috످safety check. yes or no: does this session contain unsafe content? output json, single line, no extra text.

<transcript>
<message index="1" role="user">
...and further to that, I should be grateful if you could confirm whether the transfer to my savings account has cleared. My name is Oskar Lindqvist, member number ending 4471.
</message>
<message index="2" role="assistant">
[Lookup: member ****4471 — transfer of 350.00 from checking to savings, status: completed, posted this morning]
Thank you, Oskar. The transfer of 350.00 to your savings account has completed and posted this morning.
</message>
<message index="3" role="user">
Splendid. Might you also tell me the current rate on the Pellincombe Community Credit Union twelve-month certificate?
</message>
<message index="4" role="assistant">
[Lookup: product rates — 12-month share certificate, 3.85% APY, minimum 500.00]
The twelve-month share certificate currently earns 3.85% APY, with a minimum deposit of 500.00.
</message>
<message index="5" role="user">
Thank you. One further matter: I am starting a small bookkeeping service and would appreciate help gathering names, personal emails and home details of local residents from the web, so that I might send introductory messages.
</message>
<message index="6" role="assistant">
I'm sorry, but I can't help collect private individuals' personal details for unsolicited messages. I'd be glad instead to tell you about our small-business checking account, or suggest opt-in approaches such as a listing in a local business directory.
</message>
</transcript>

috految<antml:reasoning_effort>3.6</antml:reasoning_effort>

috److{"concern_found": "yes", "reason": "In message 5 the user asked for help harvesting local residents' names, personal emails and home details for unsolicited marketing, which the assistant declined.", "category": "privacy, personal data harvesting", "assistant_handling": "The assistant declined briefly in message 6 and offered opt-in alternatives, while the transfer and rate answers match the lookups shown."}

috످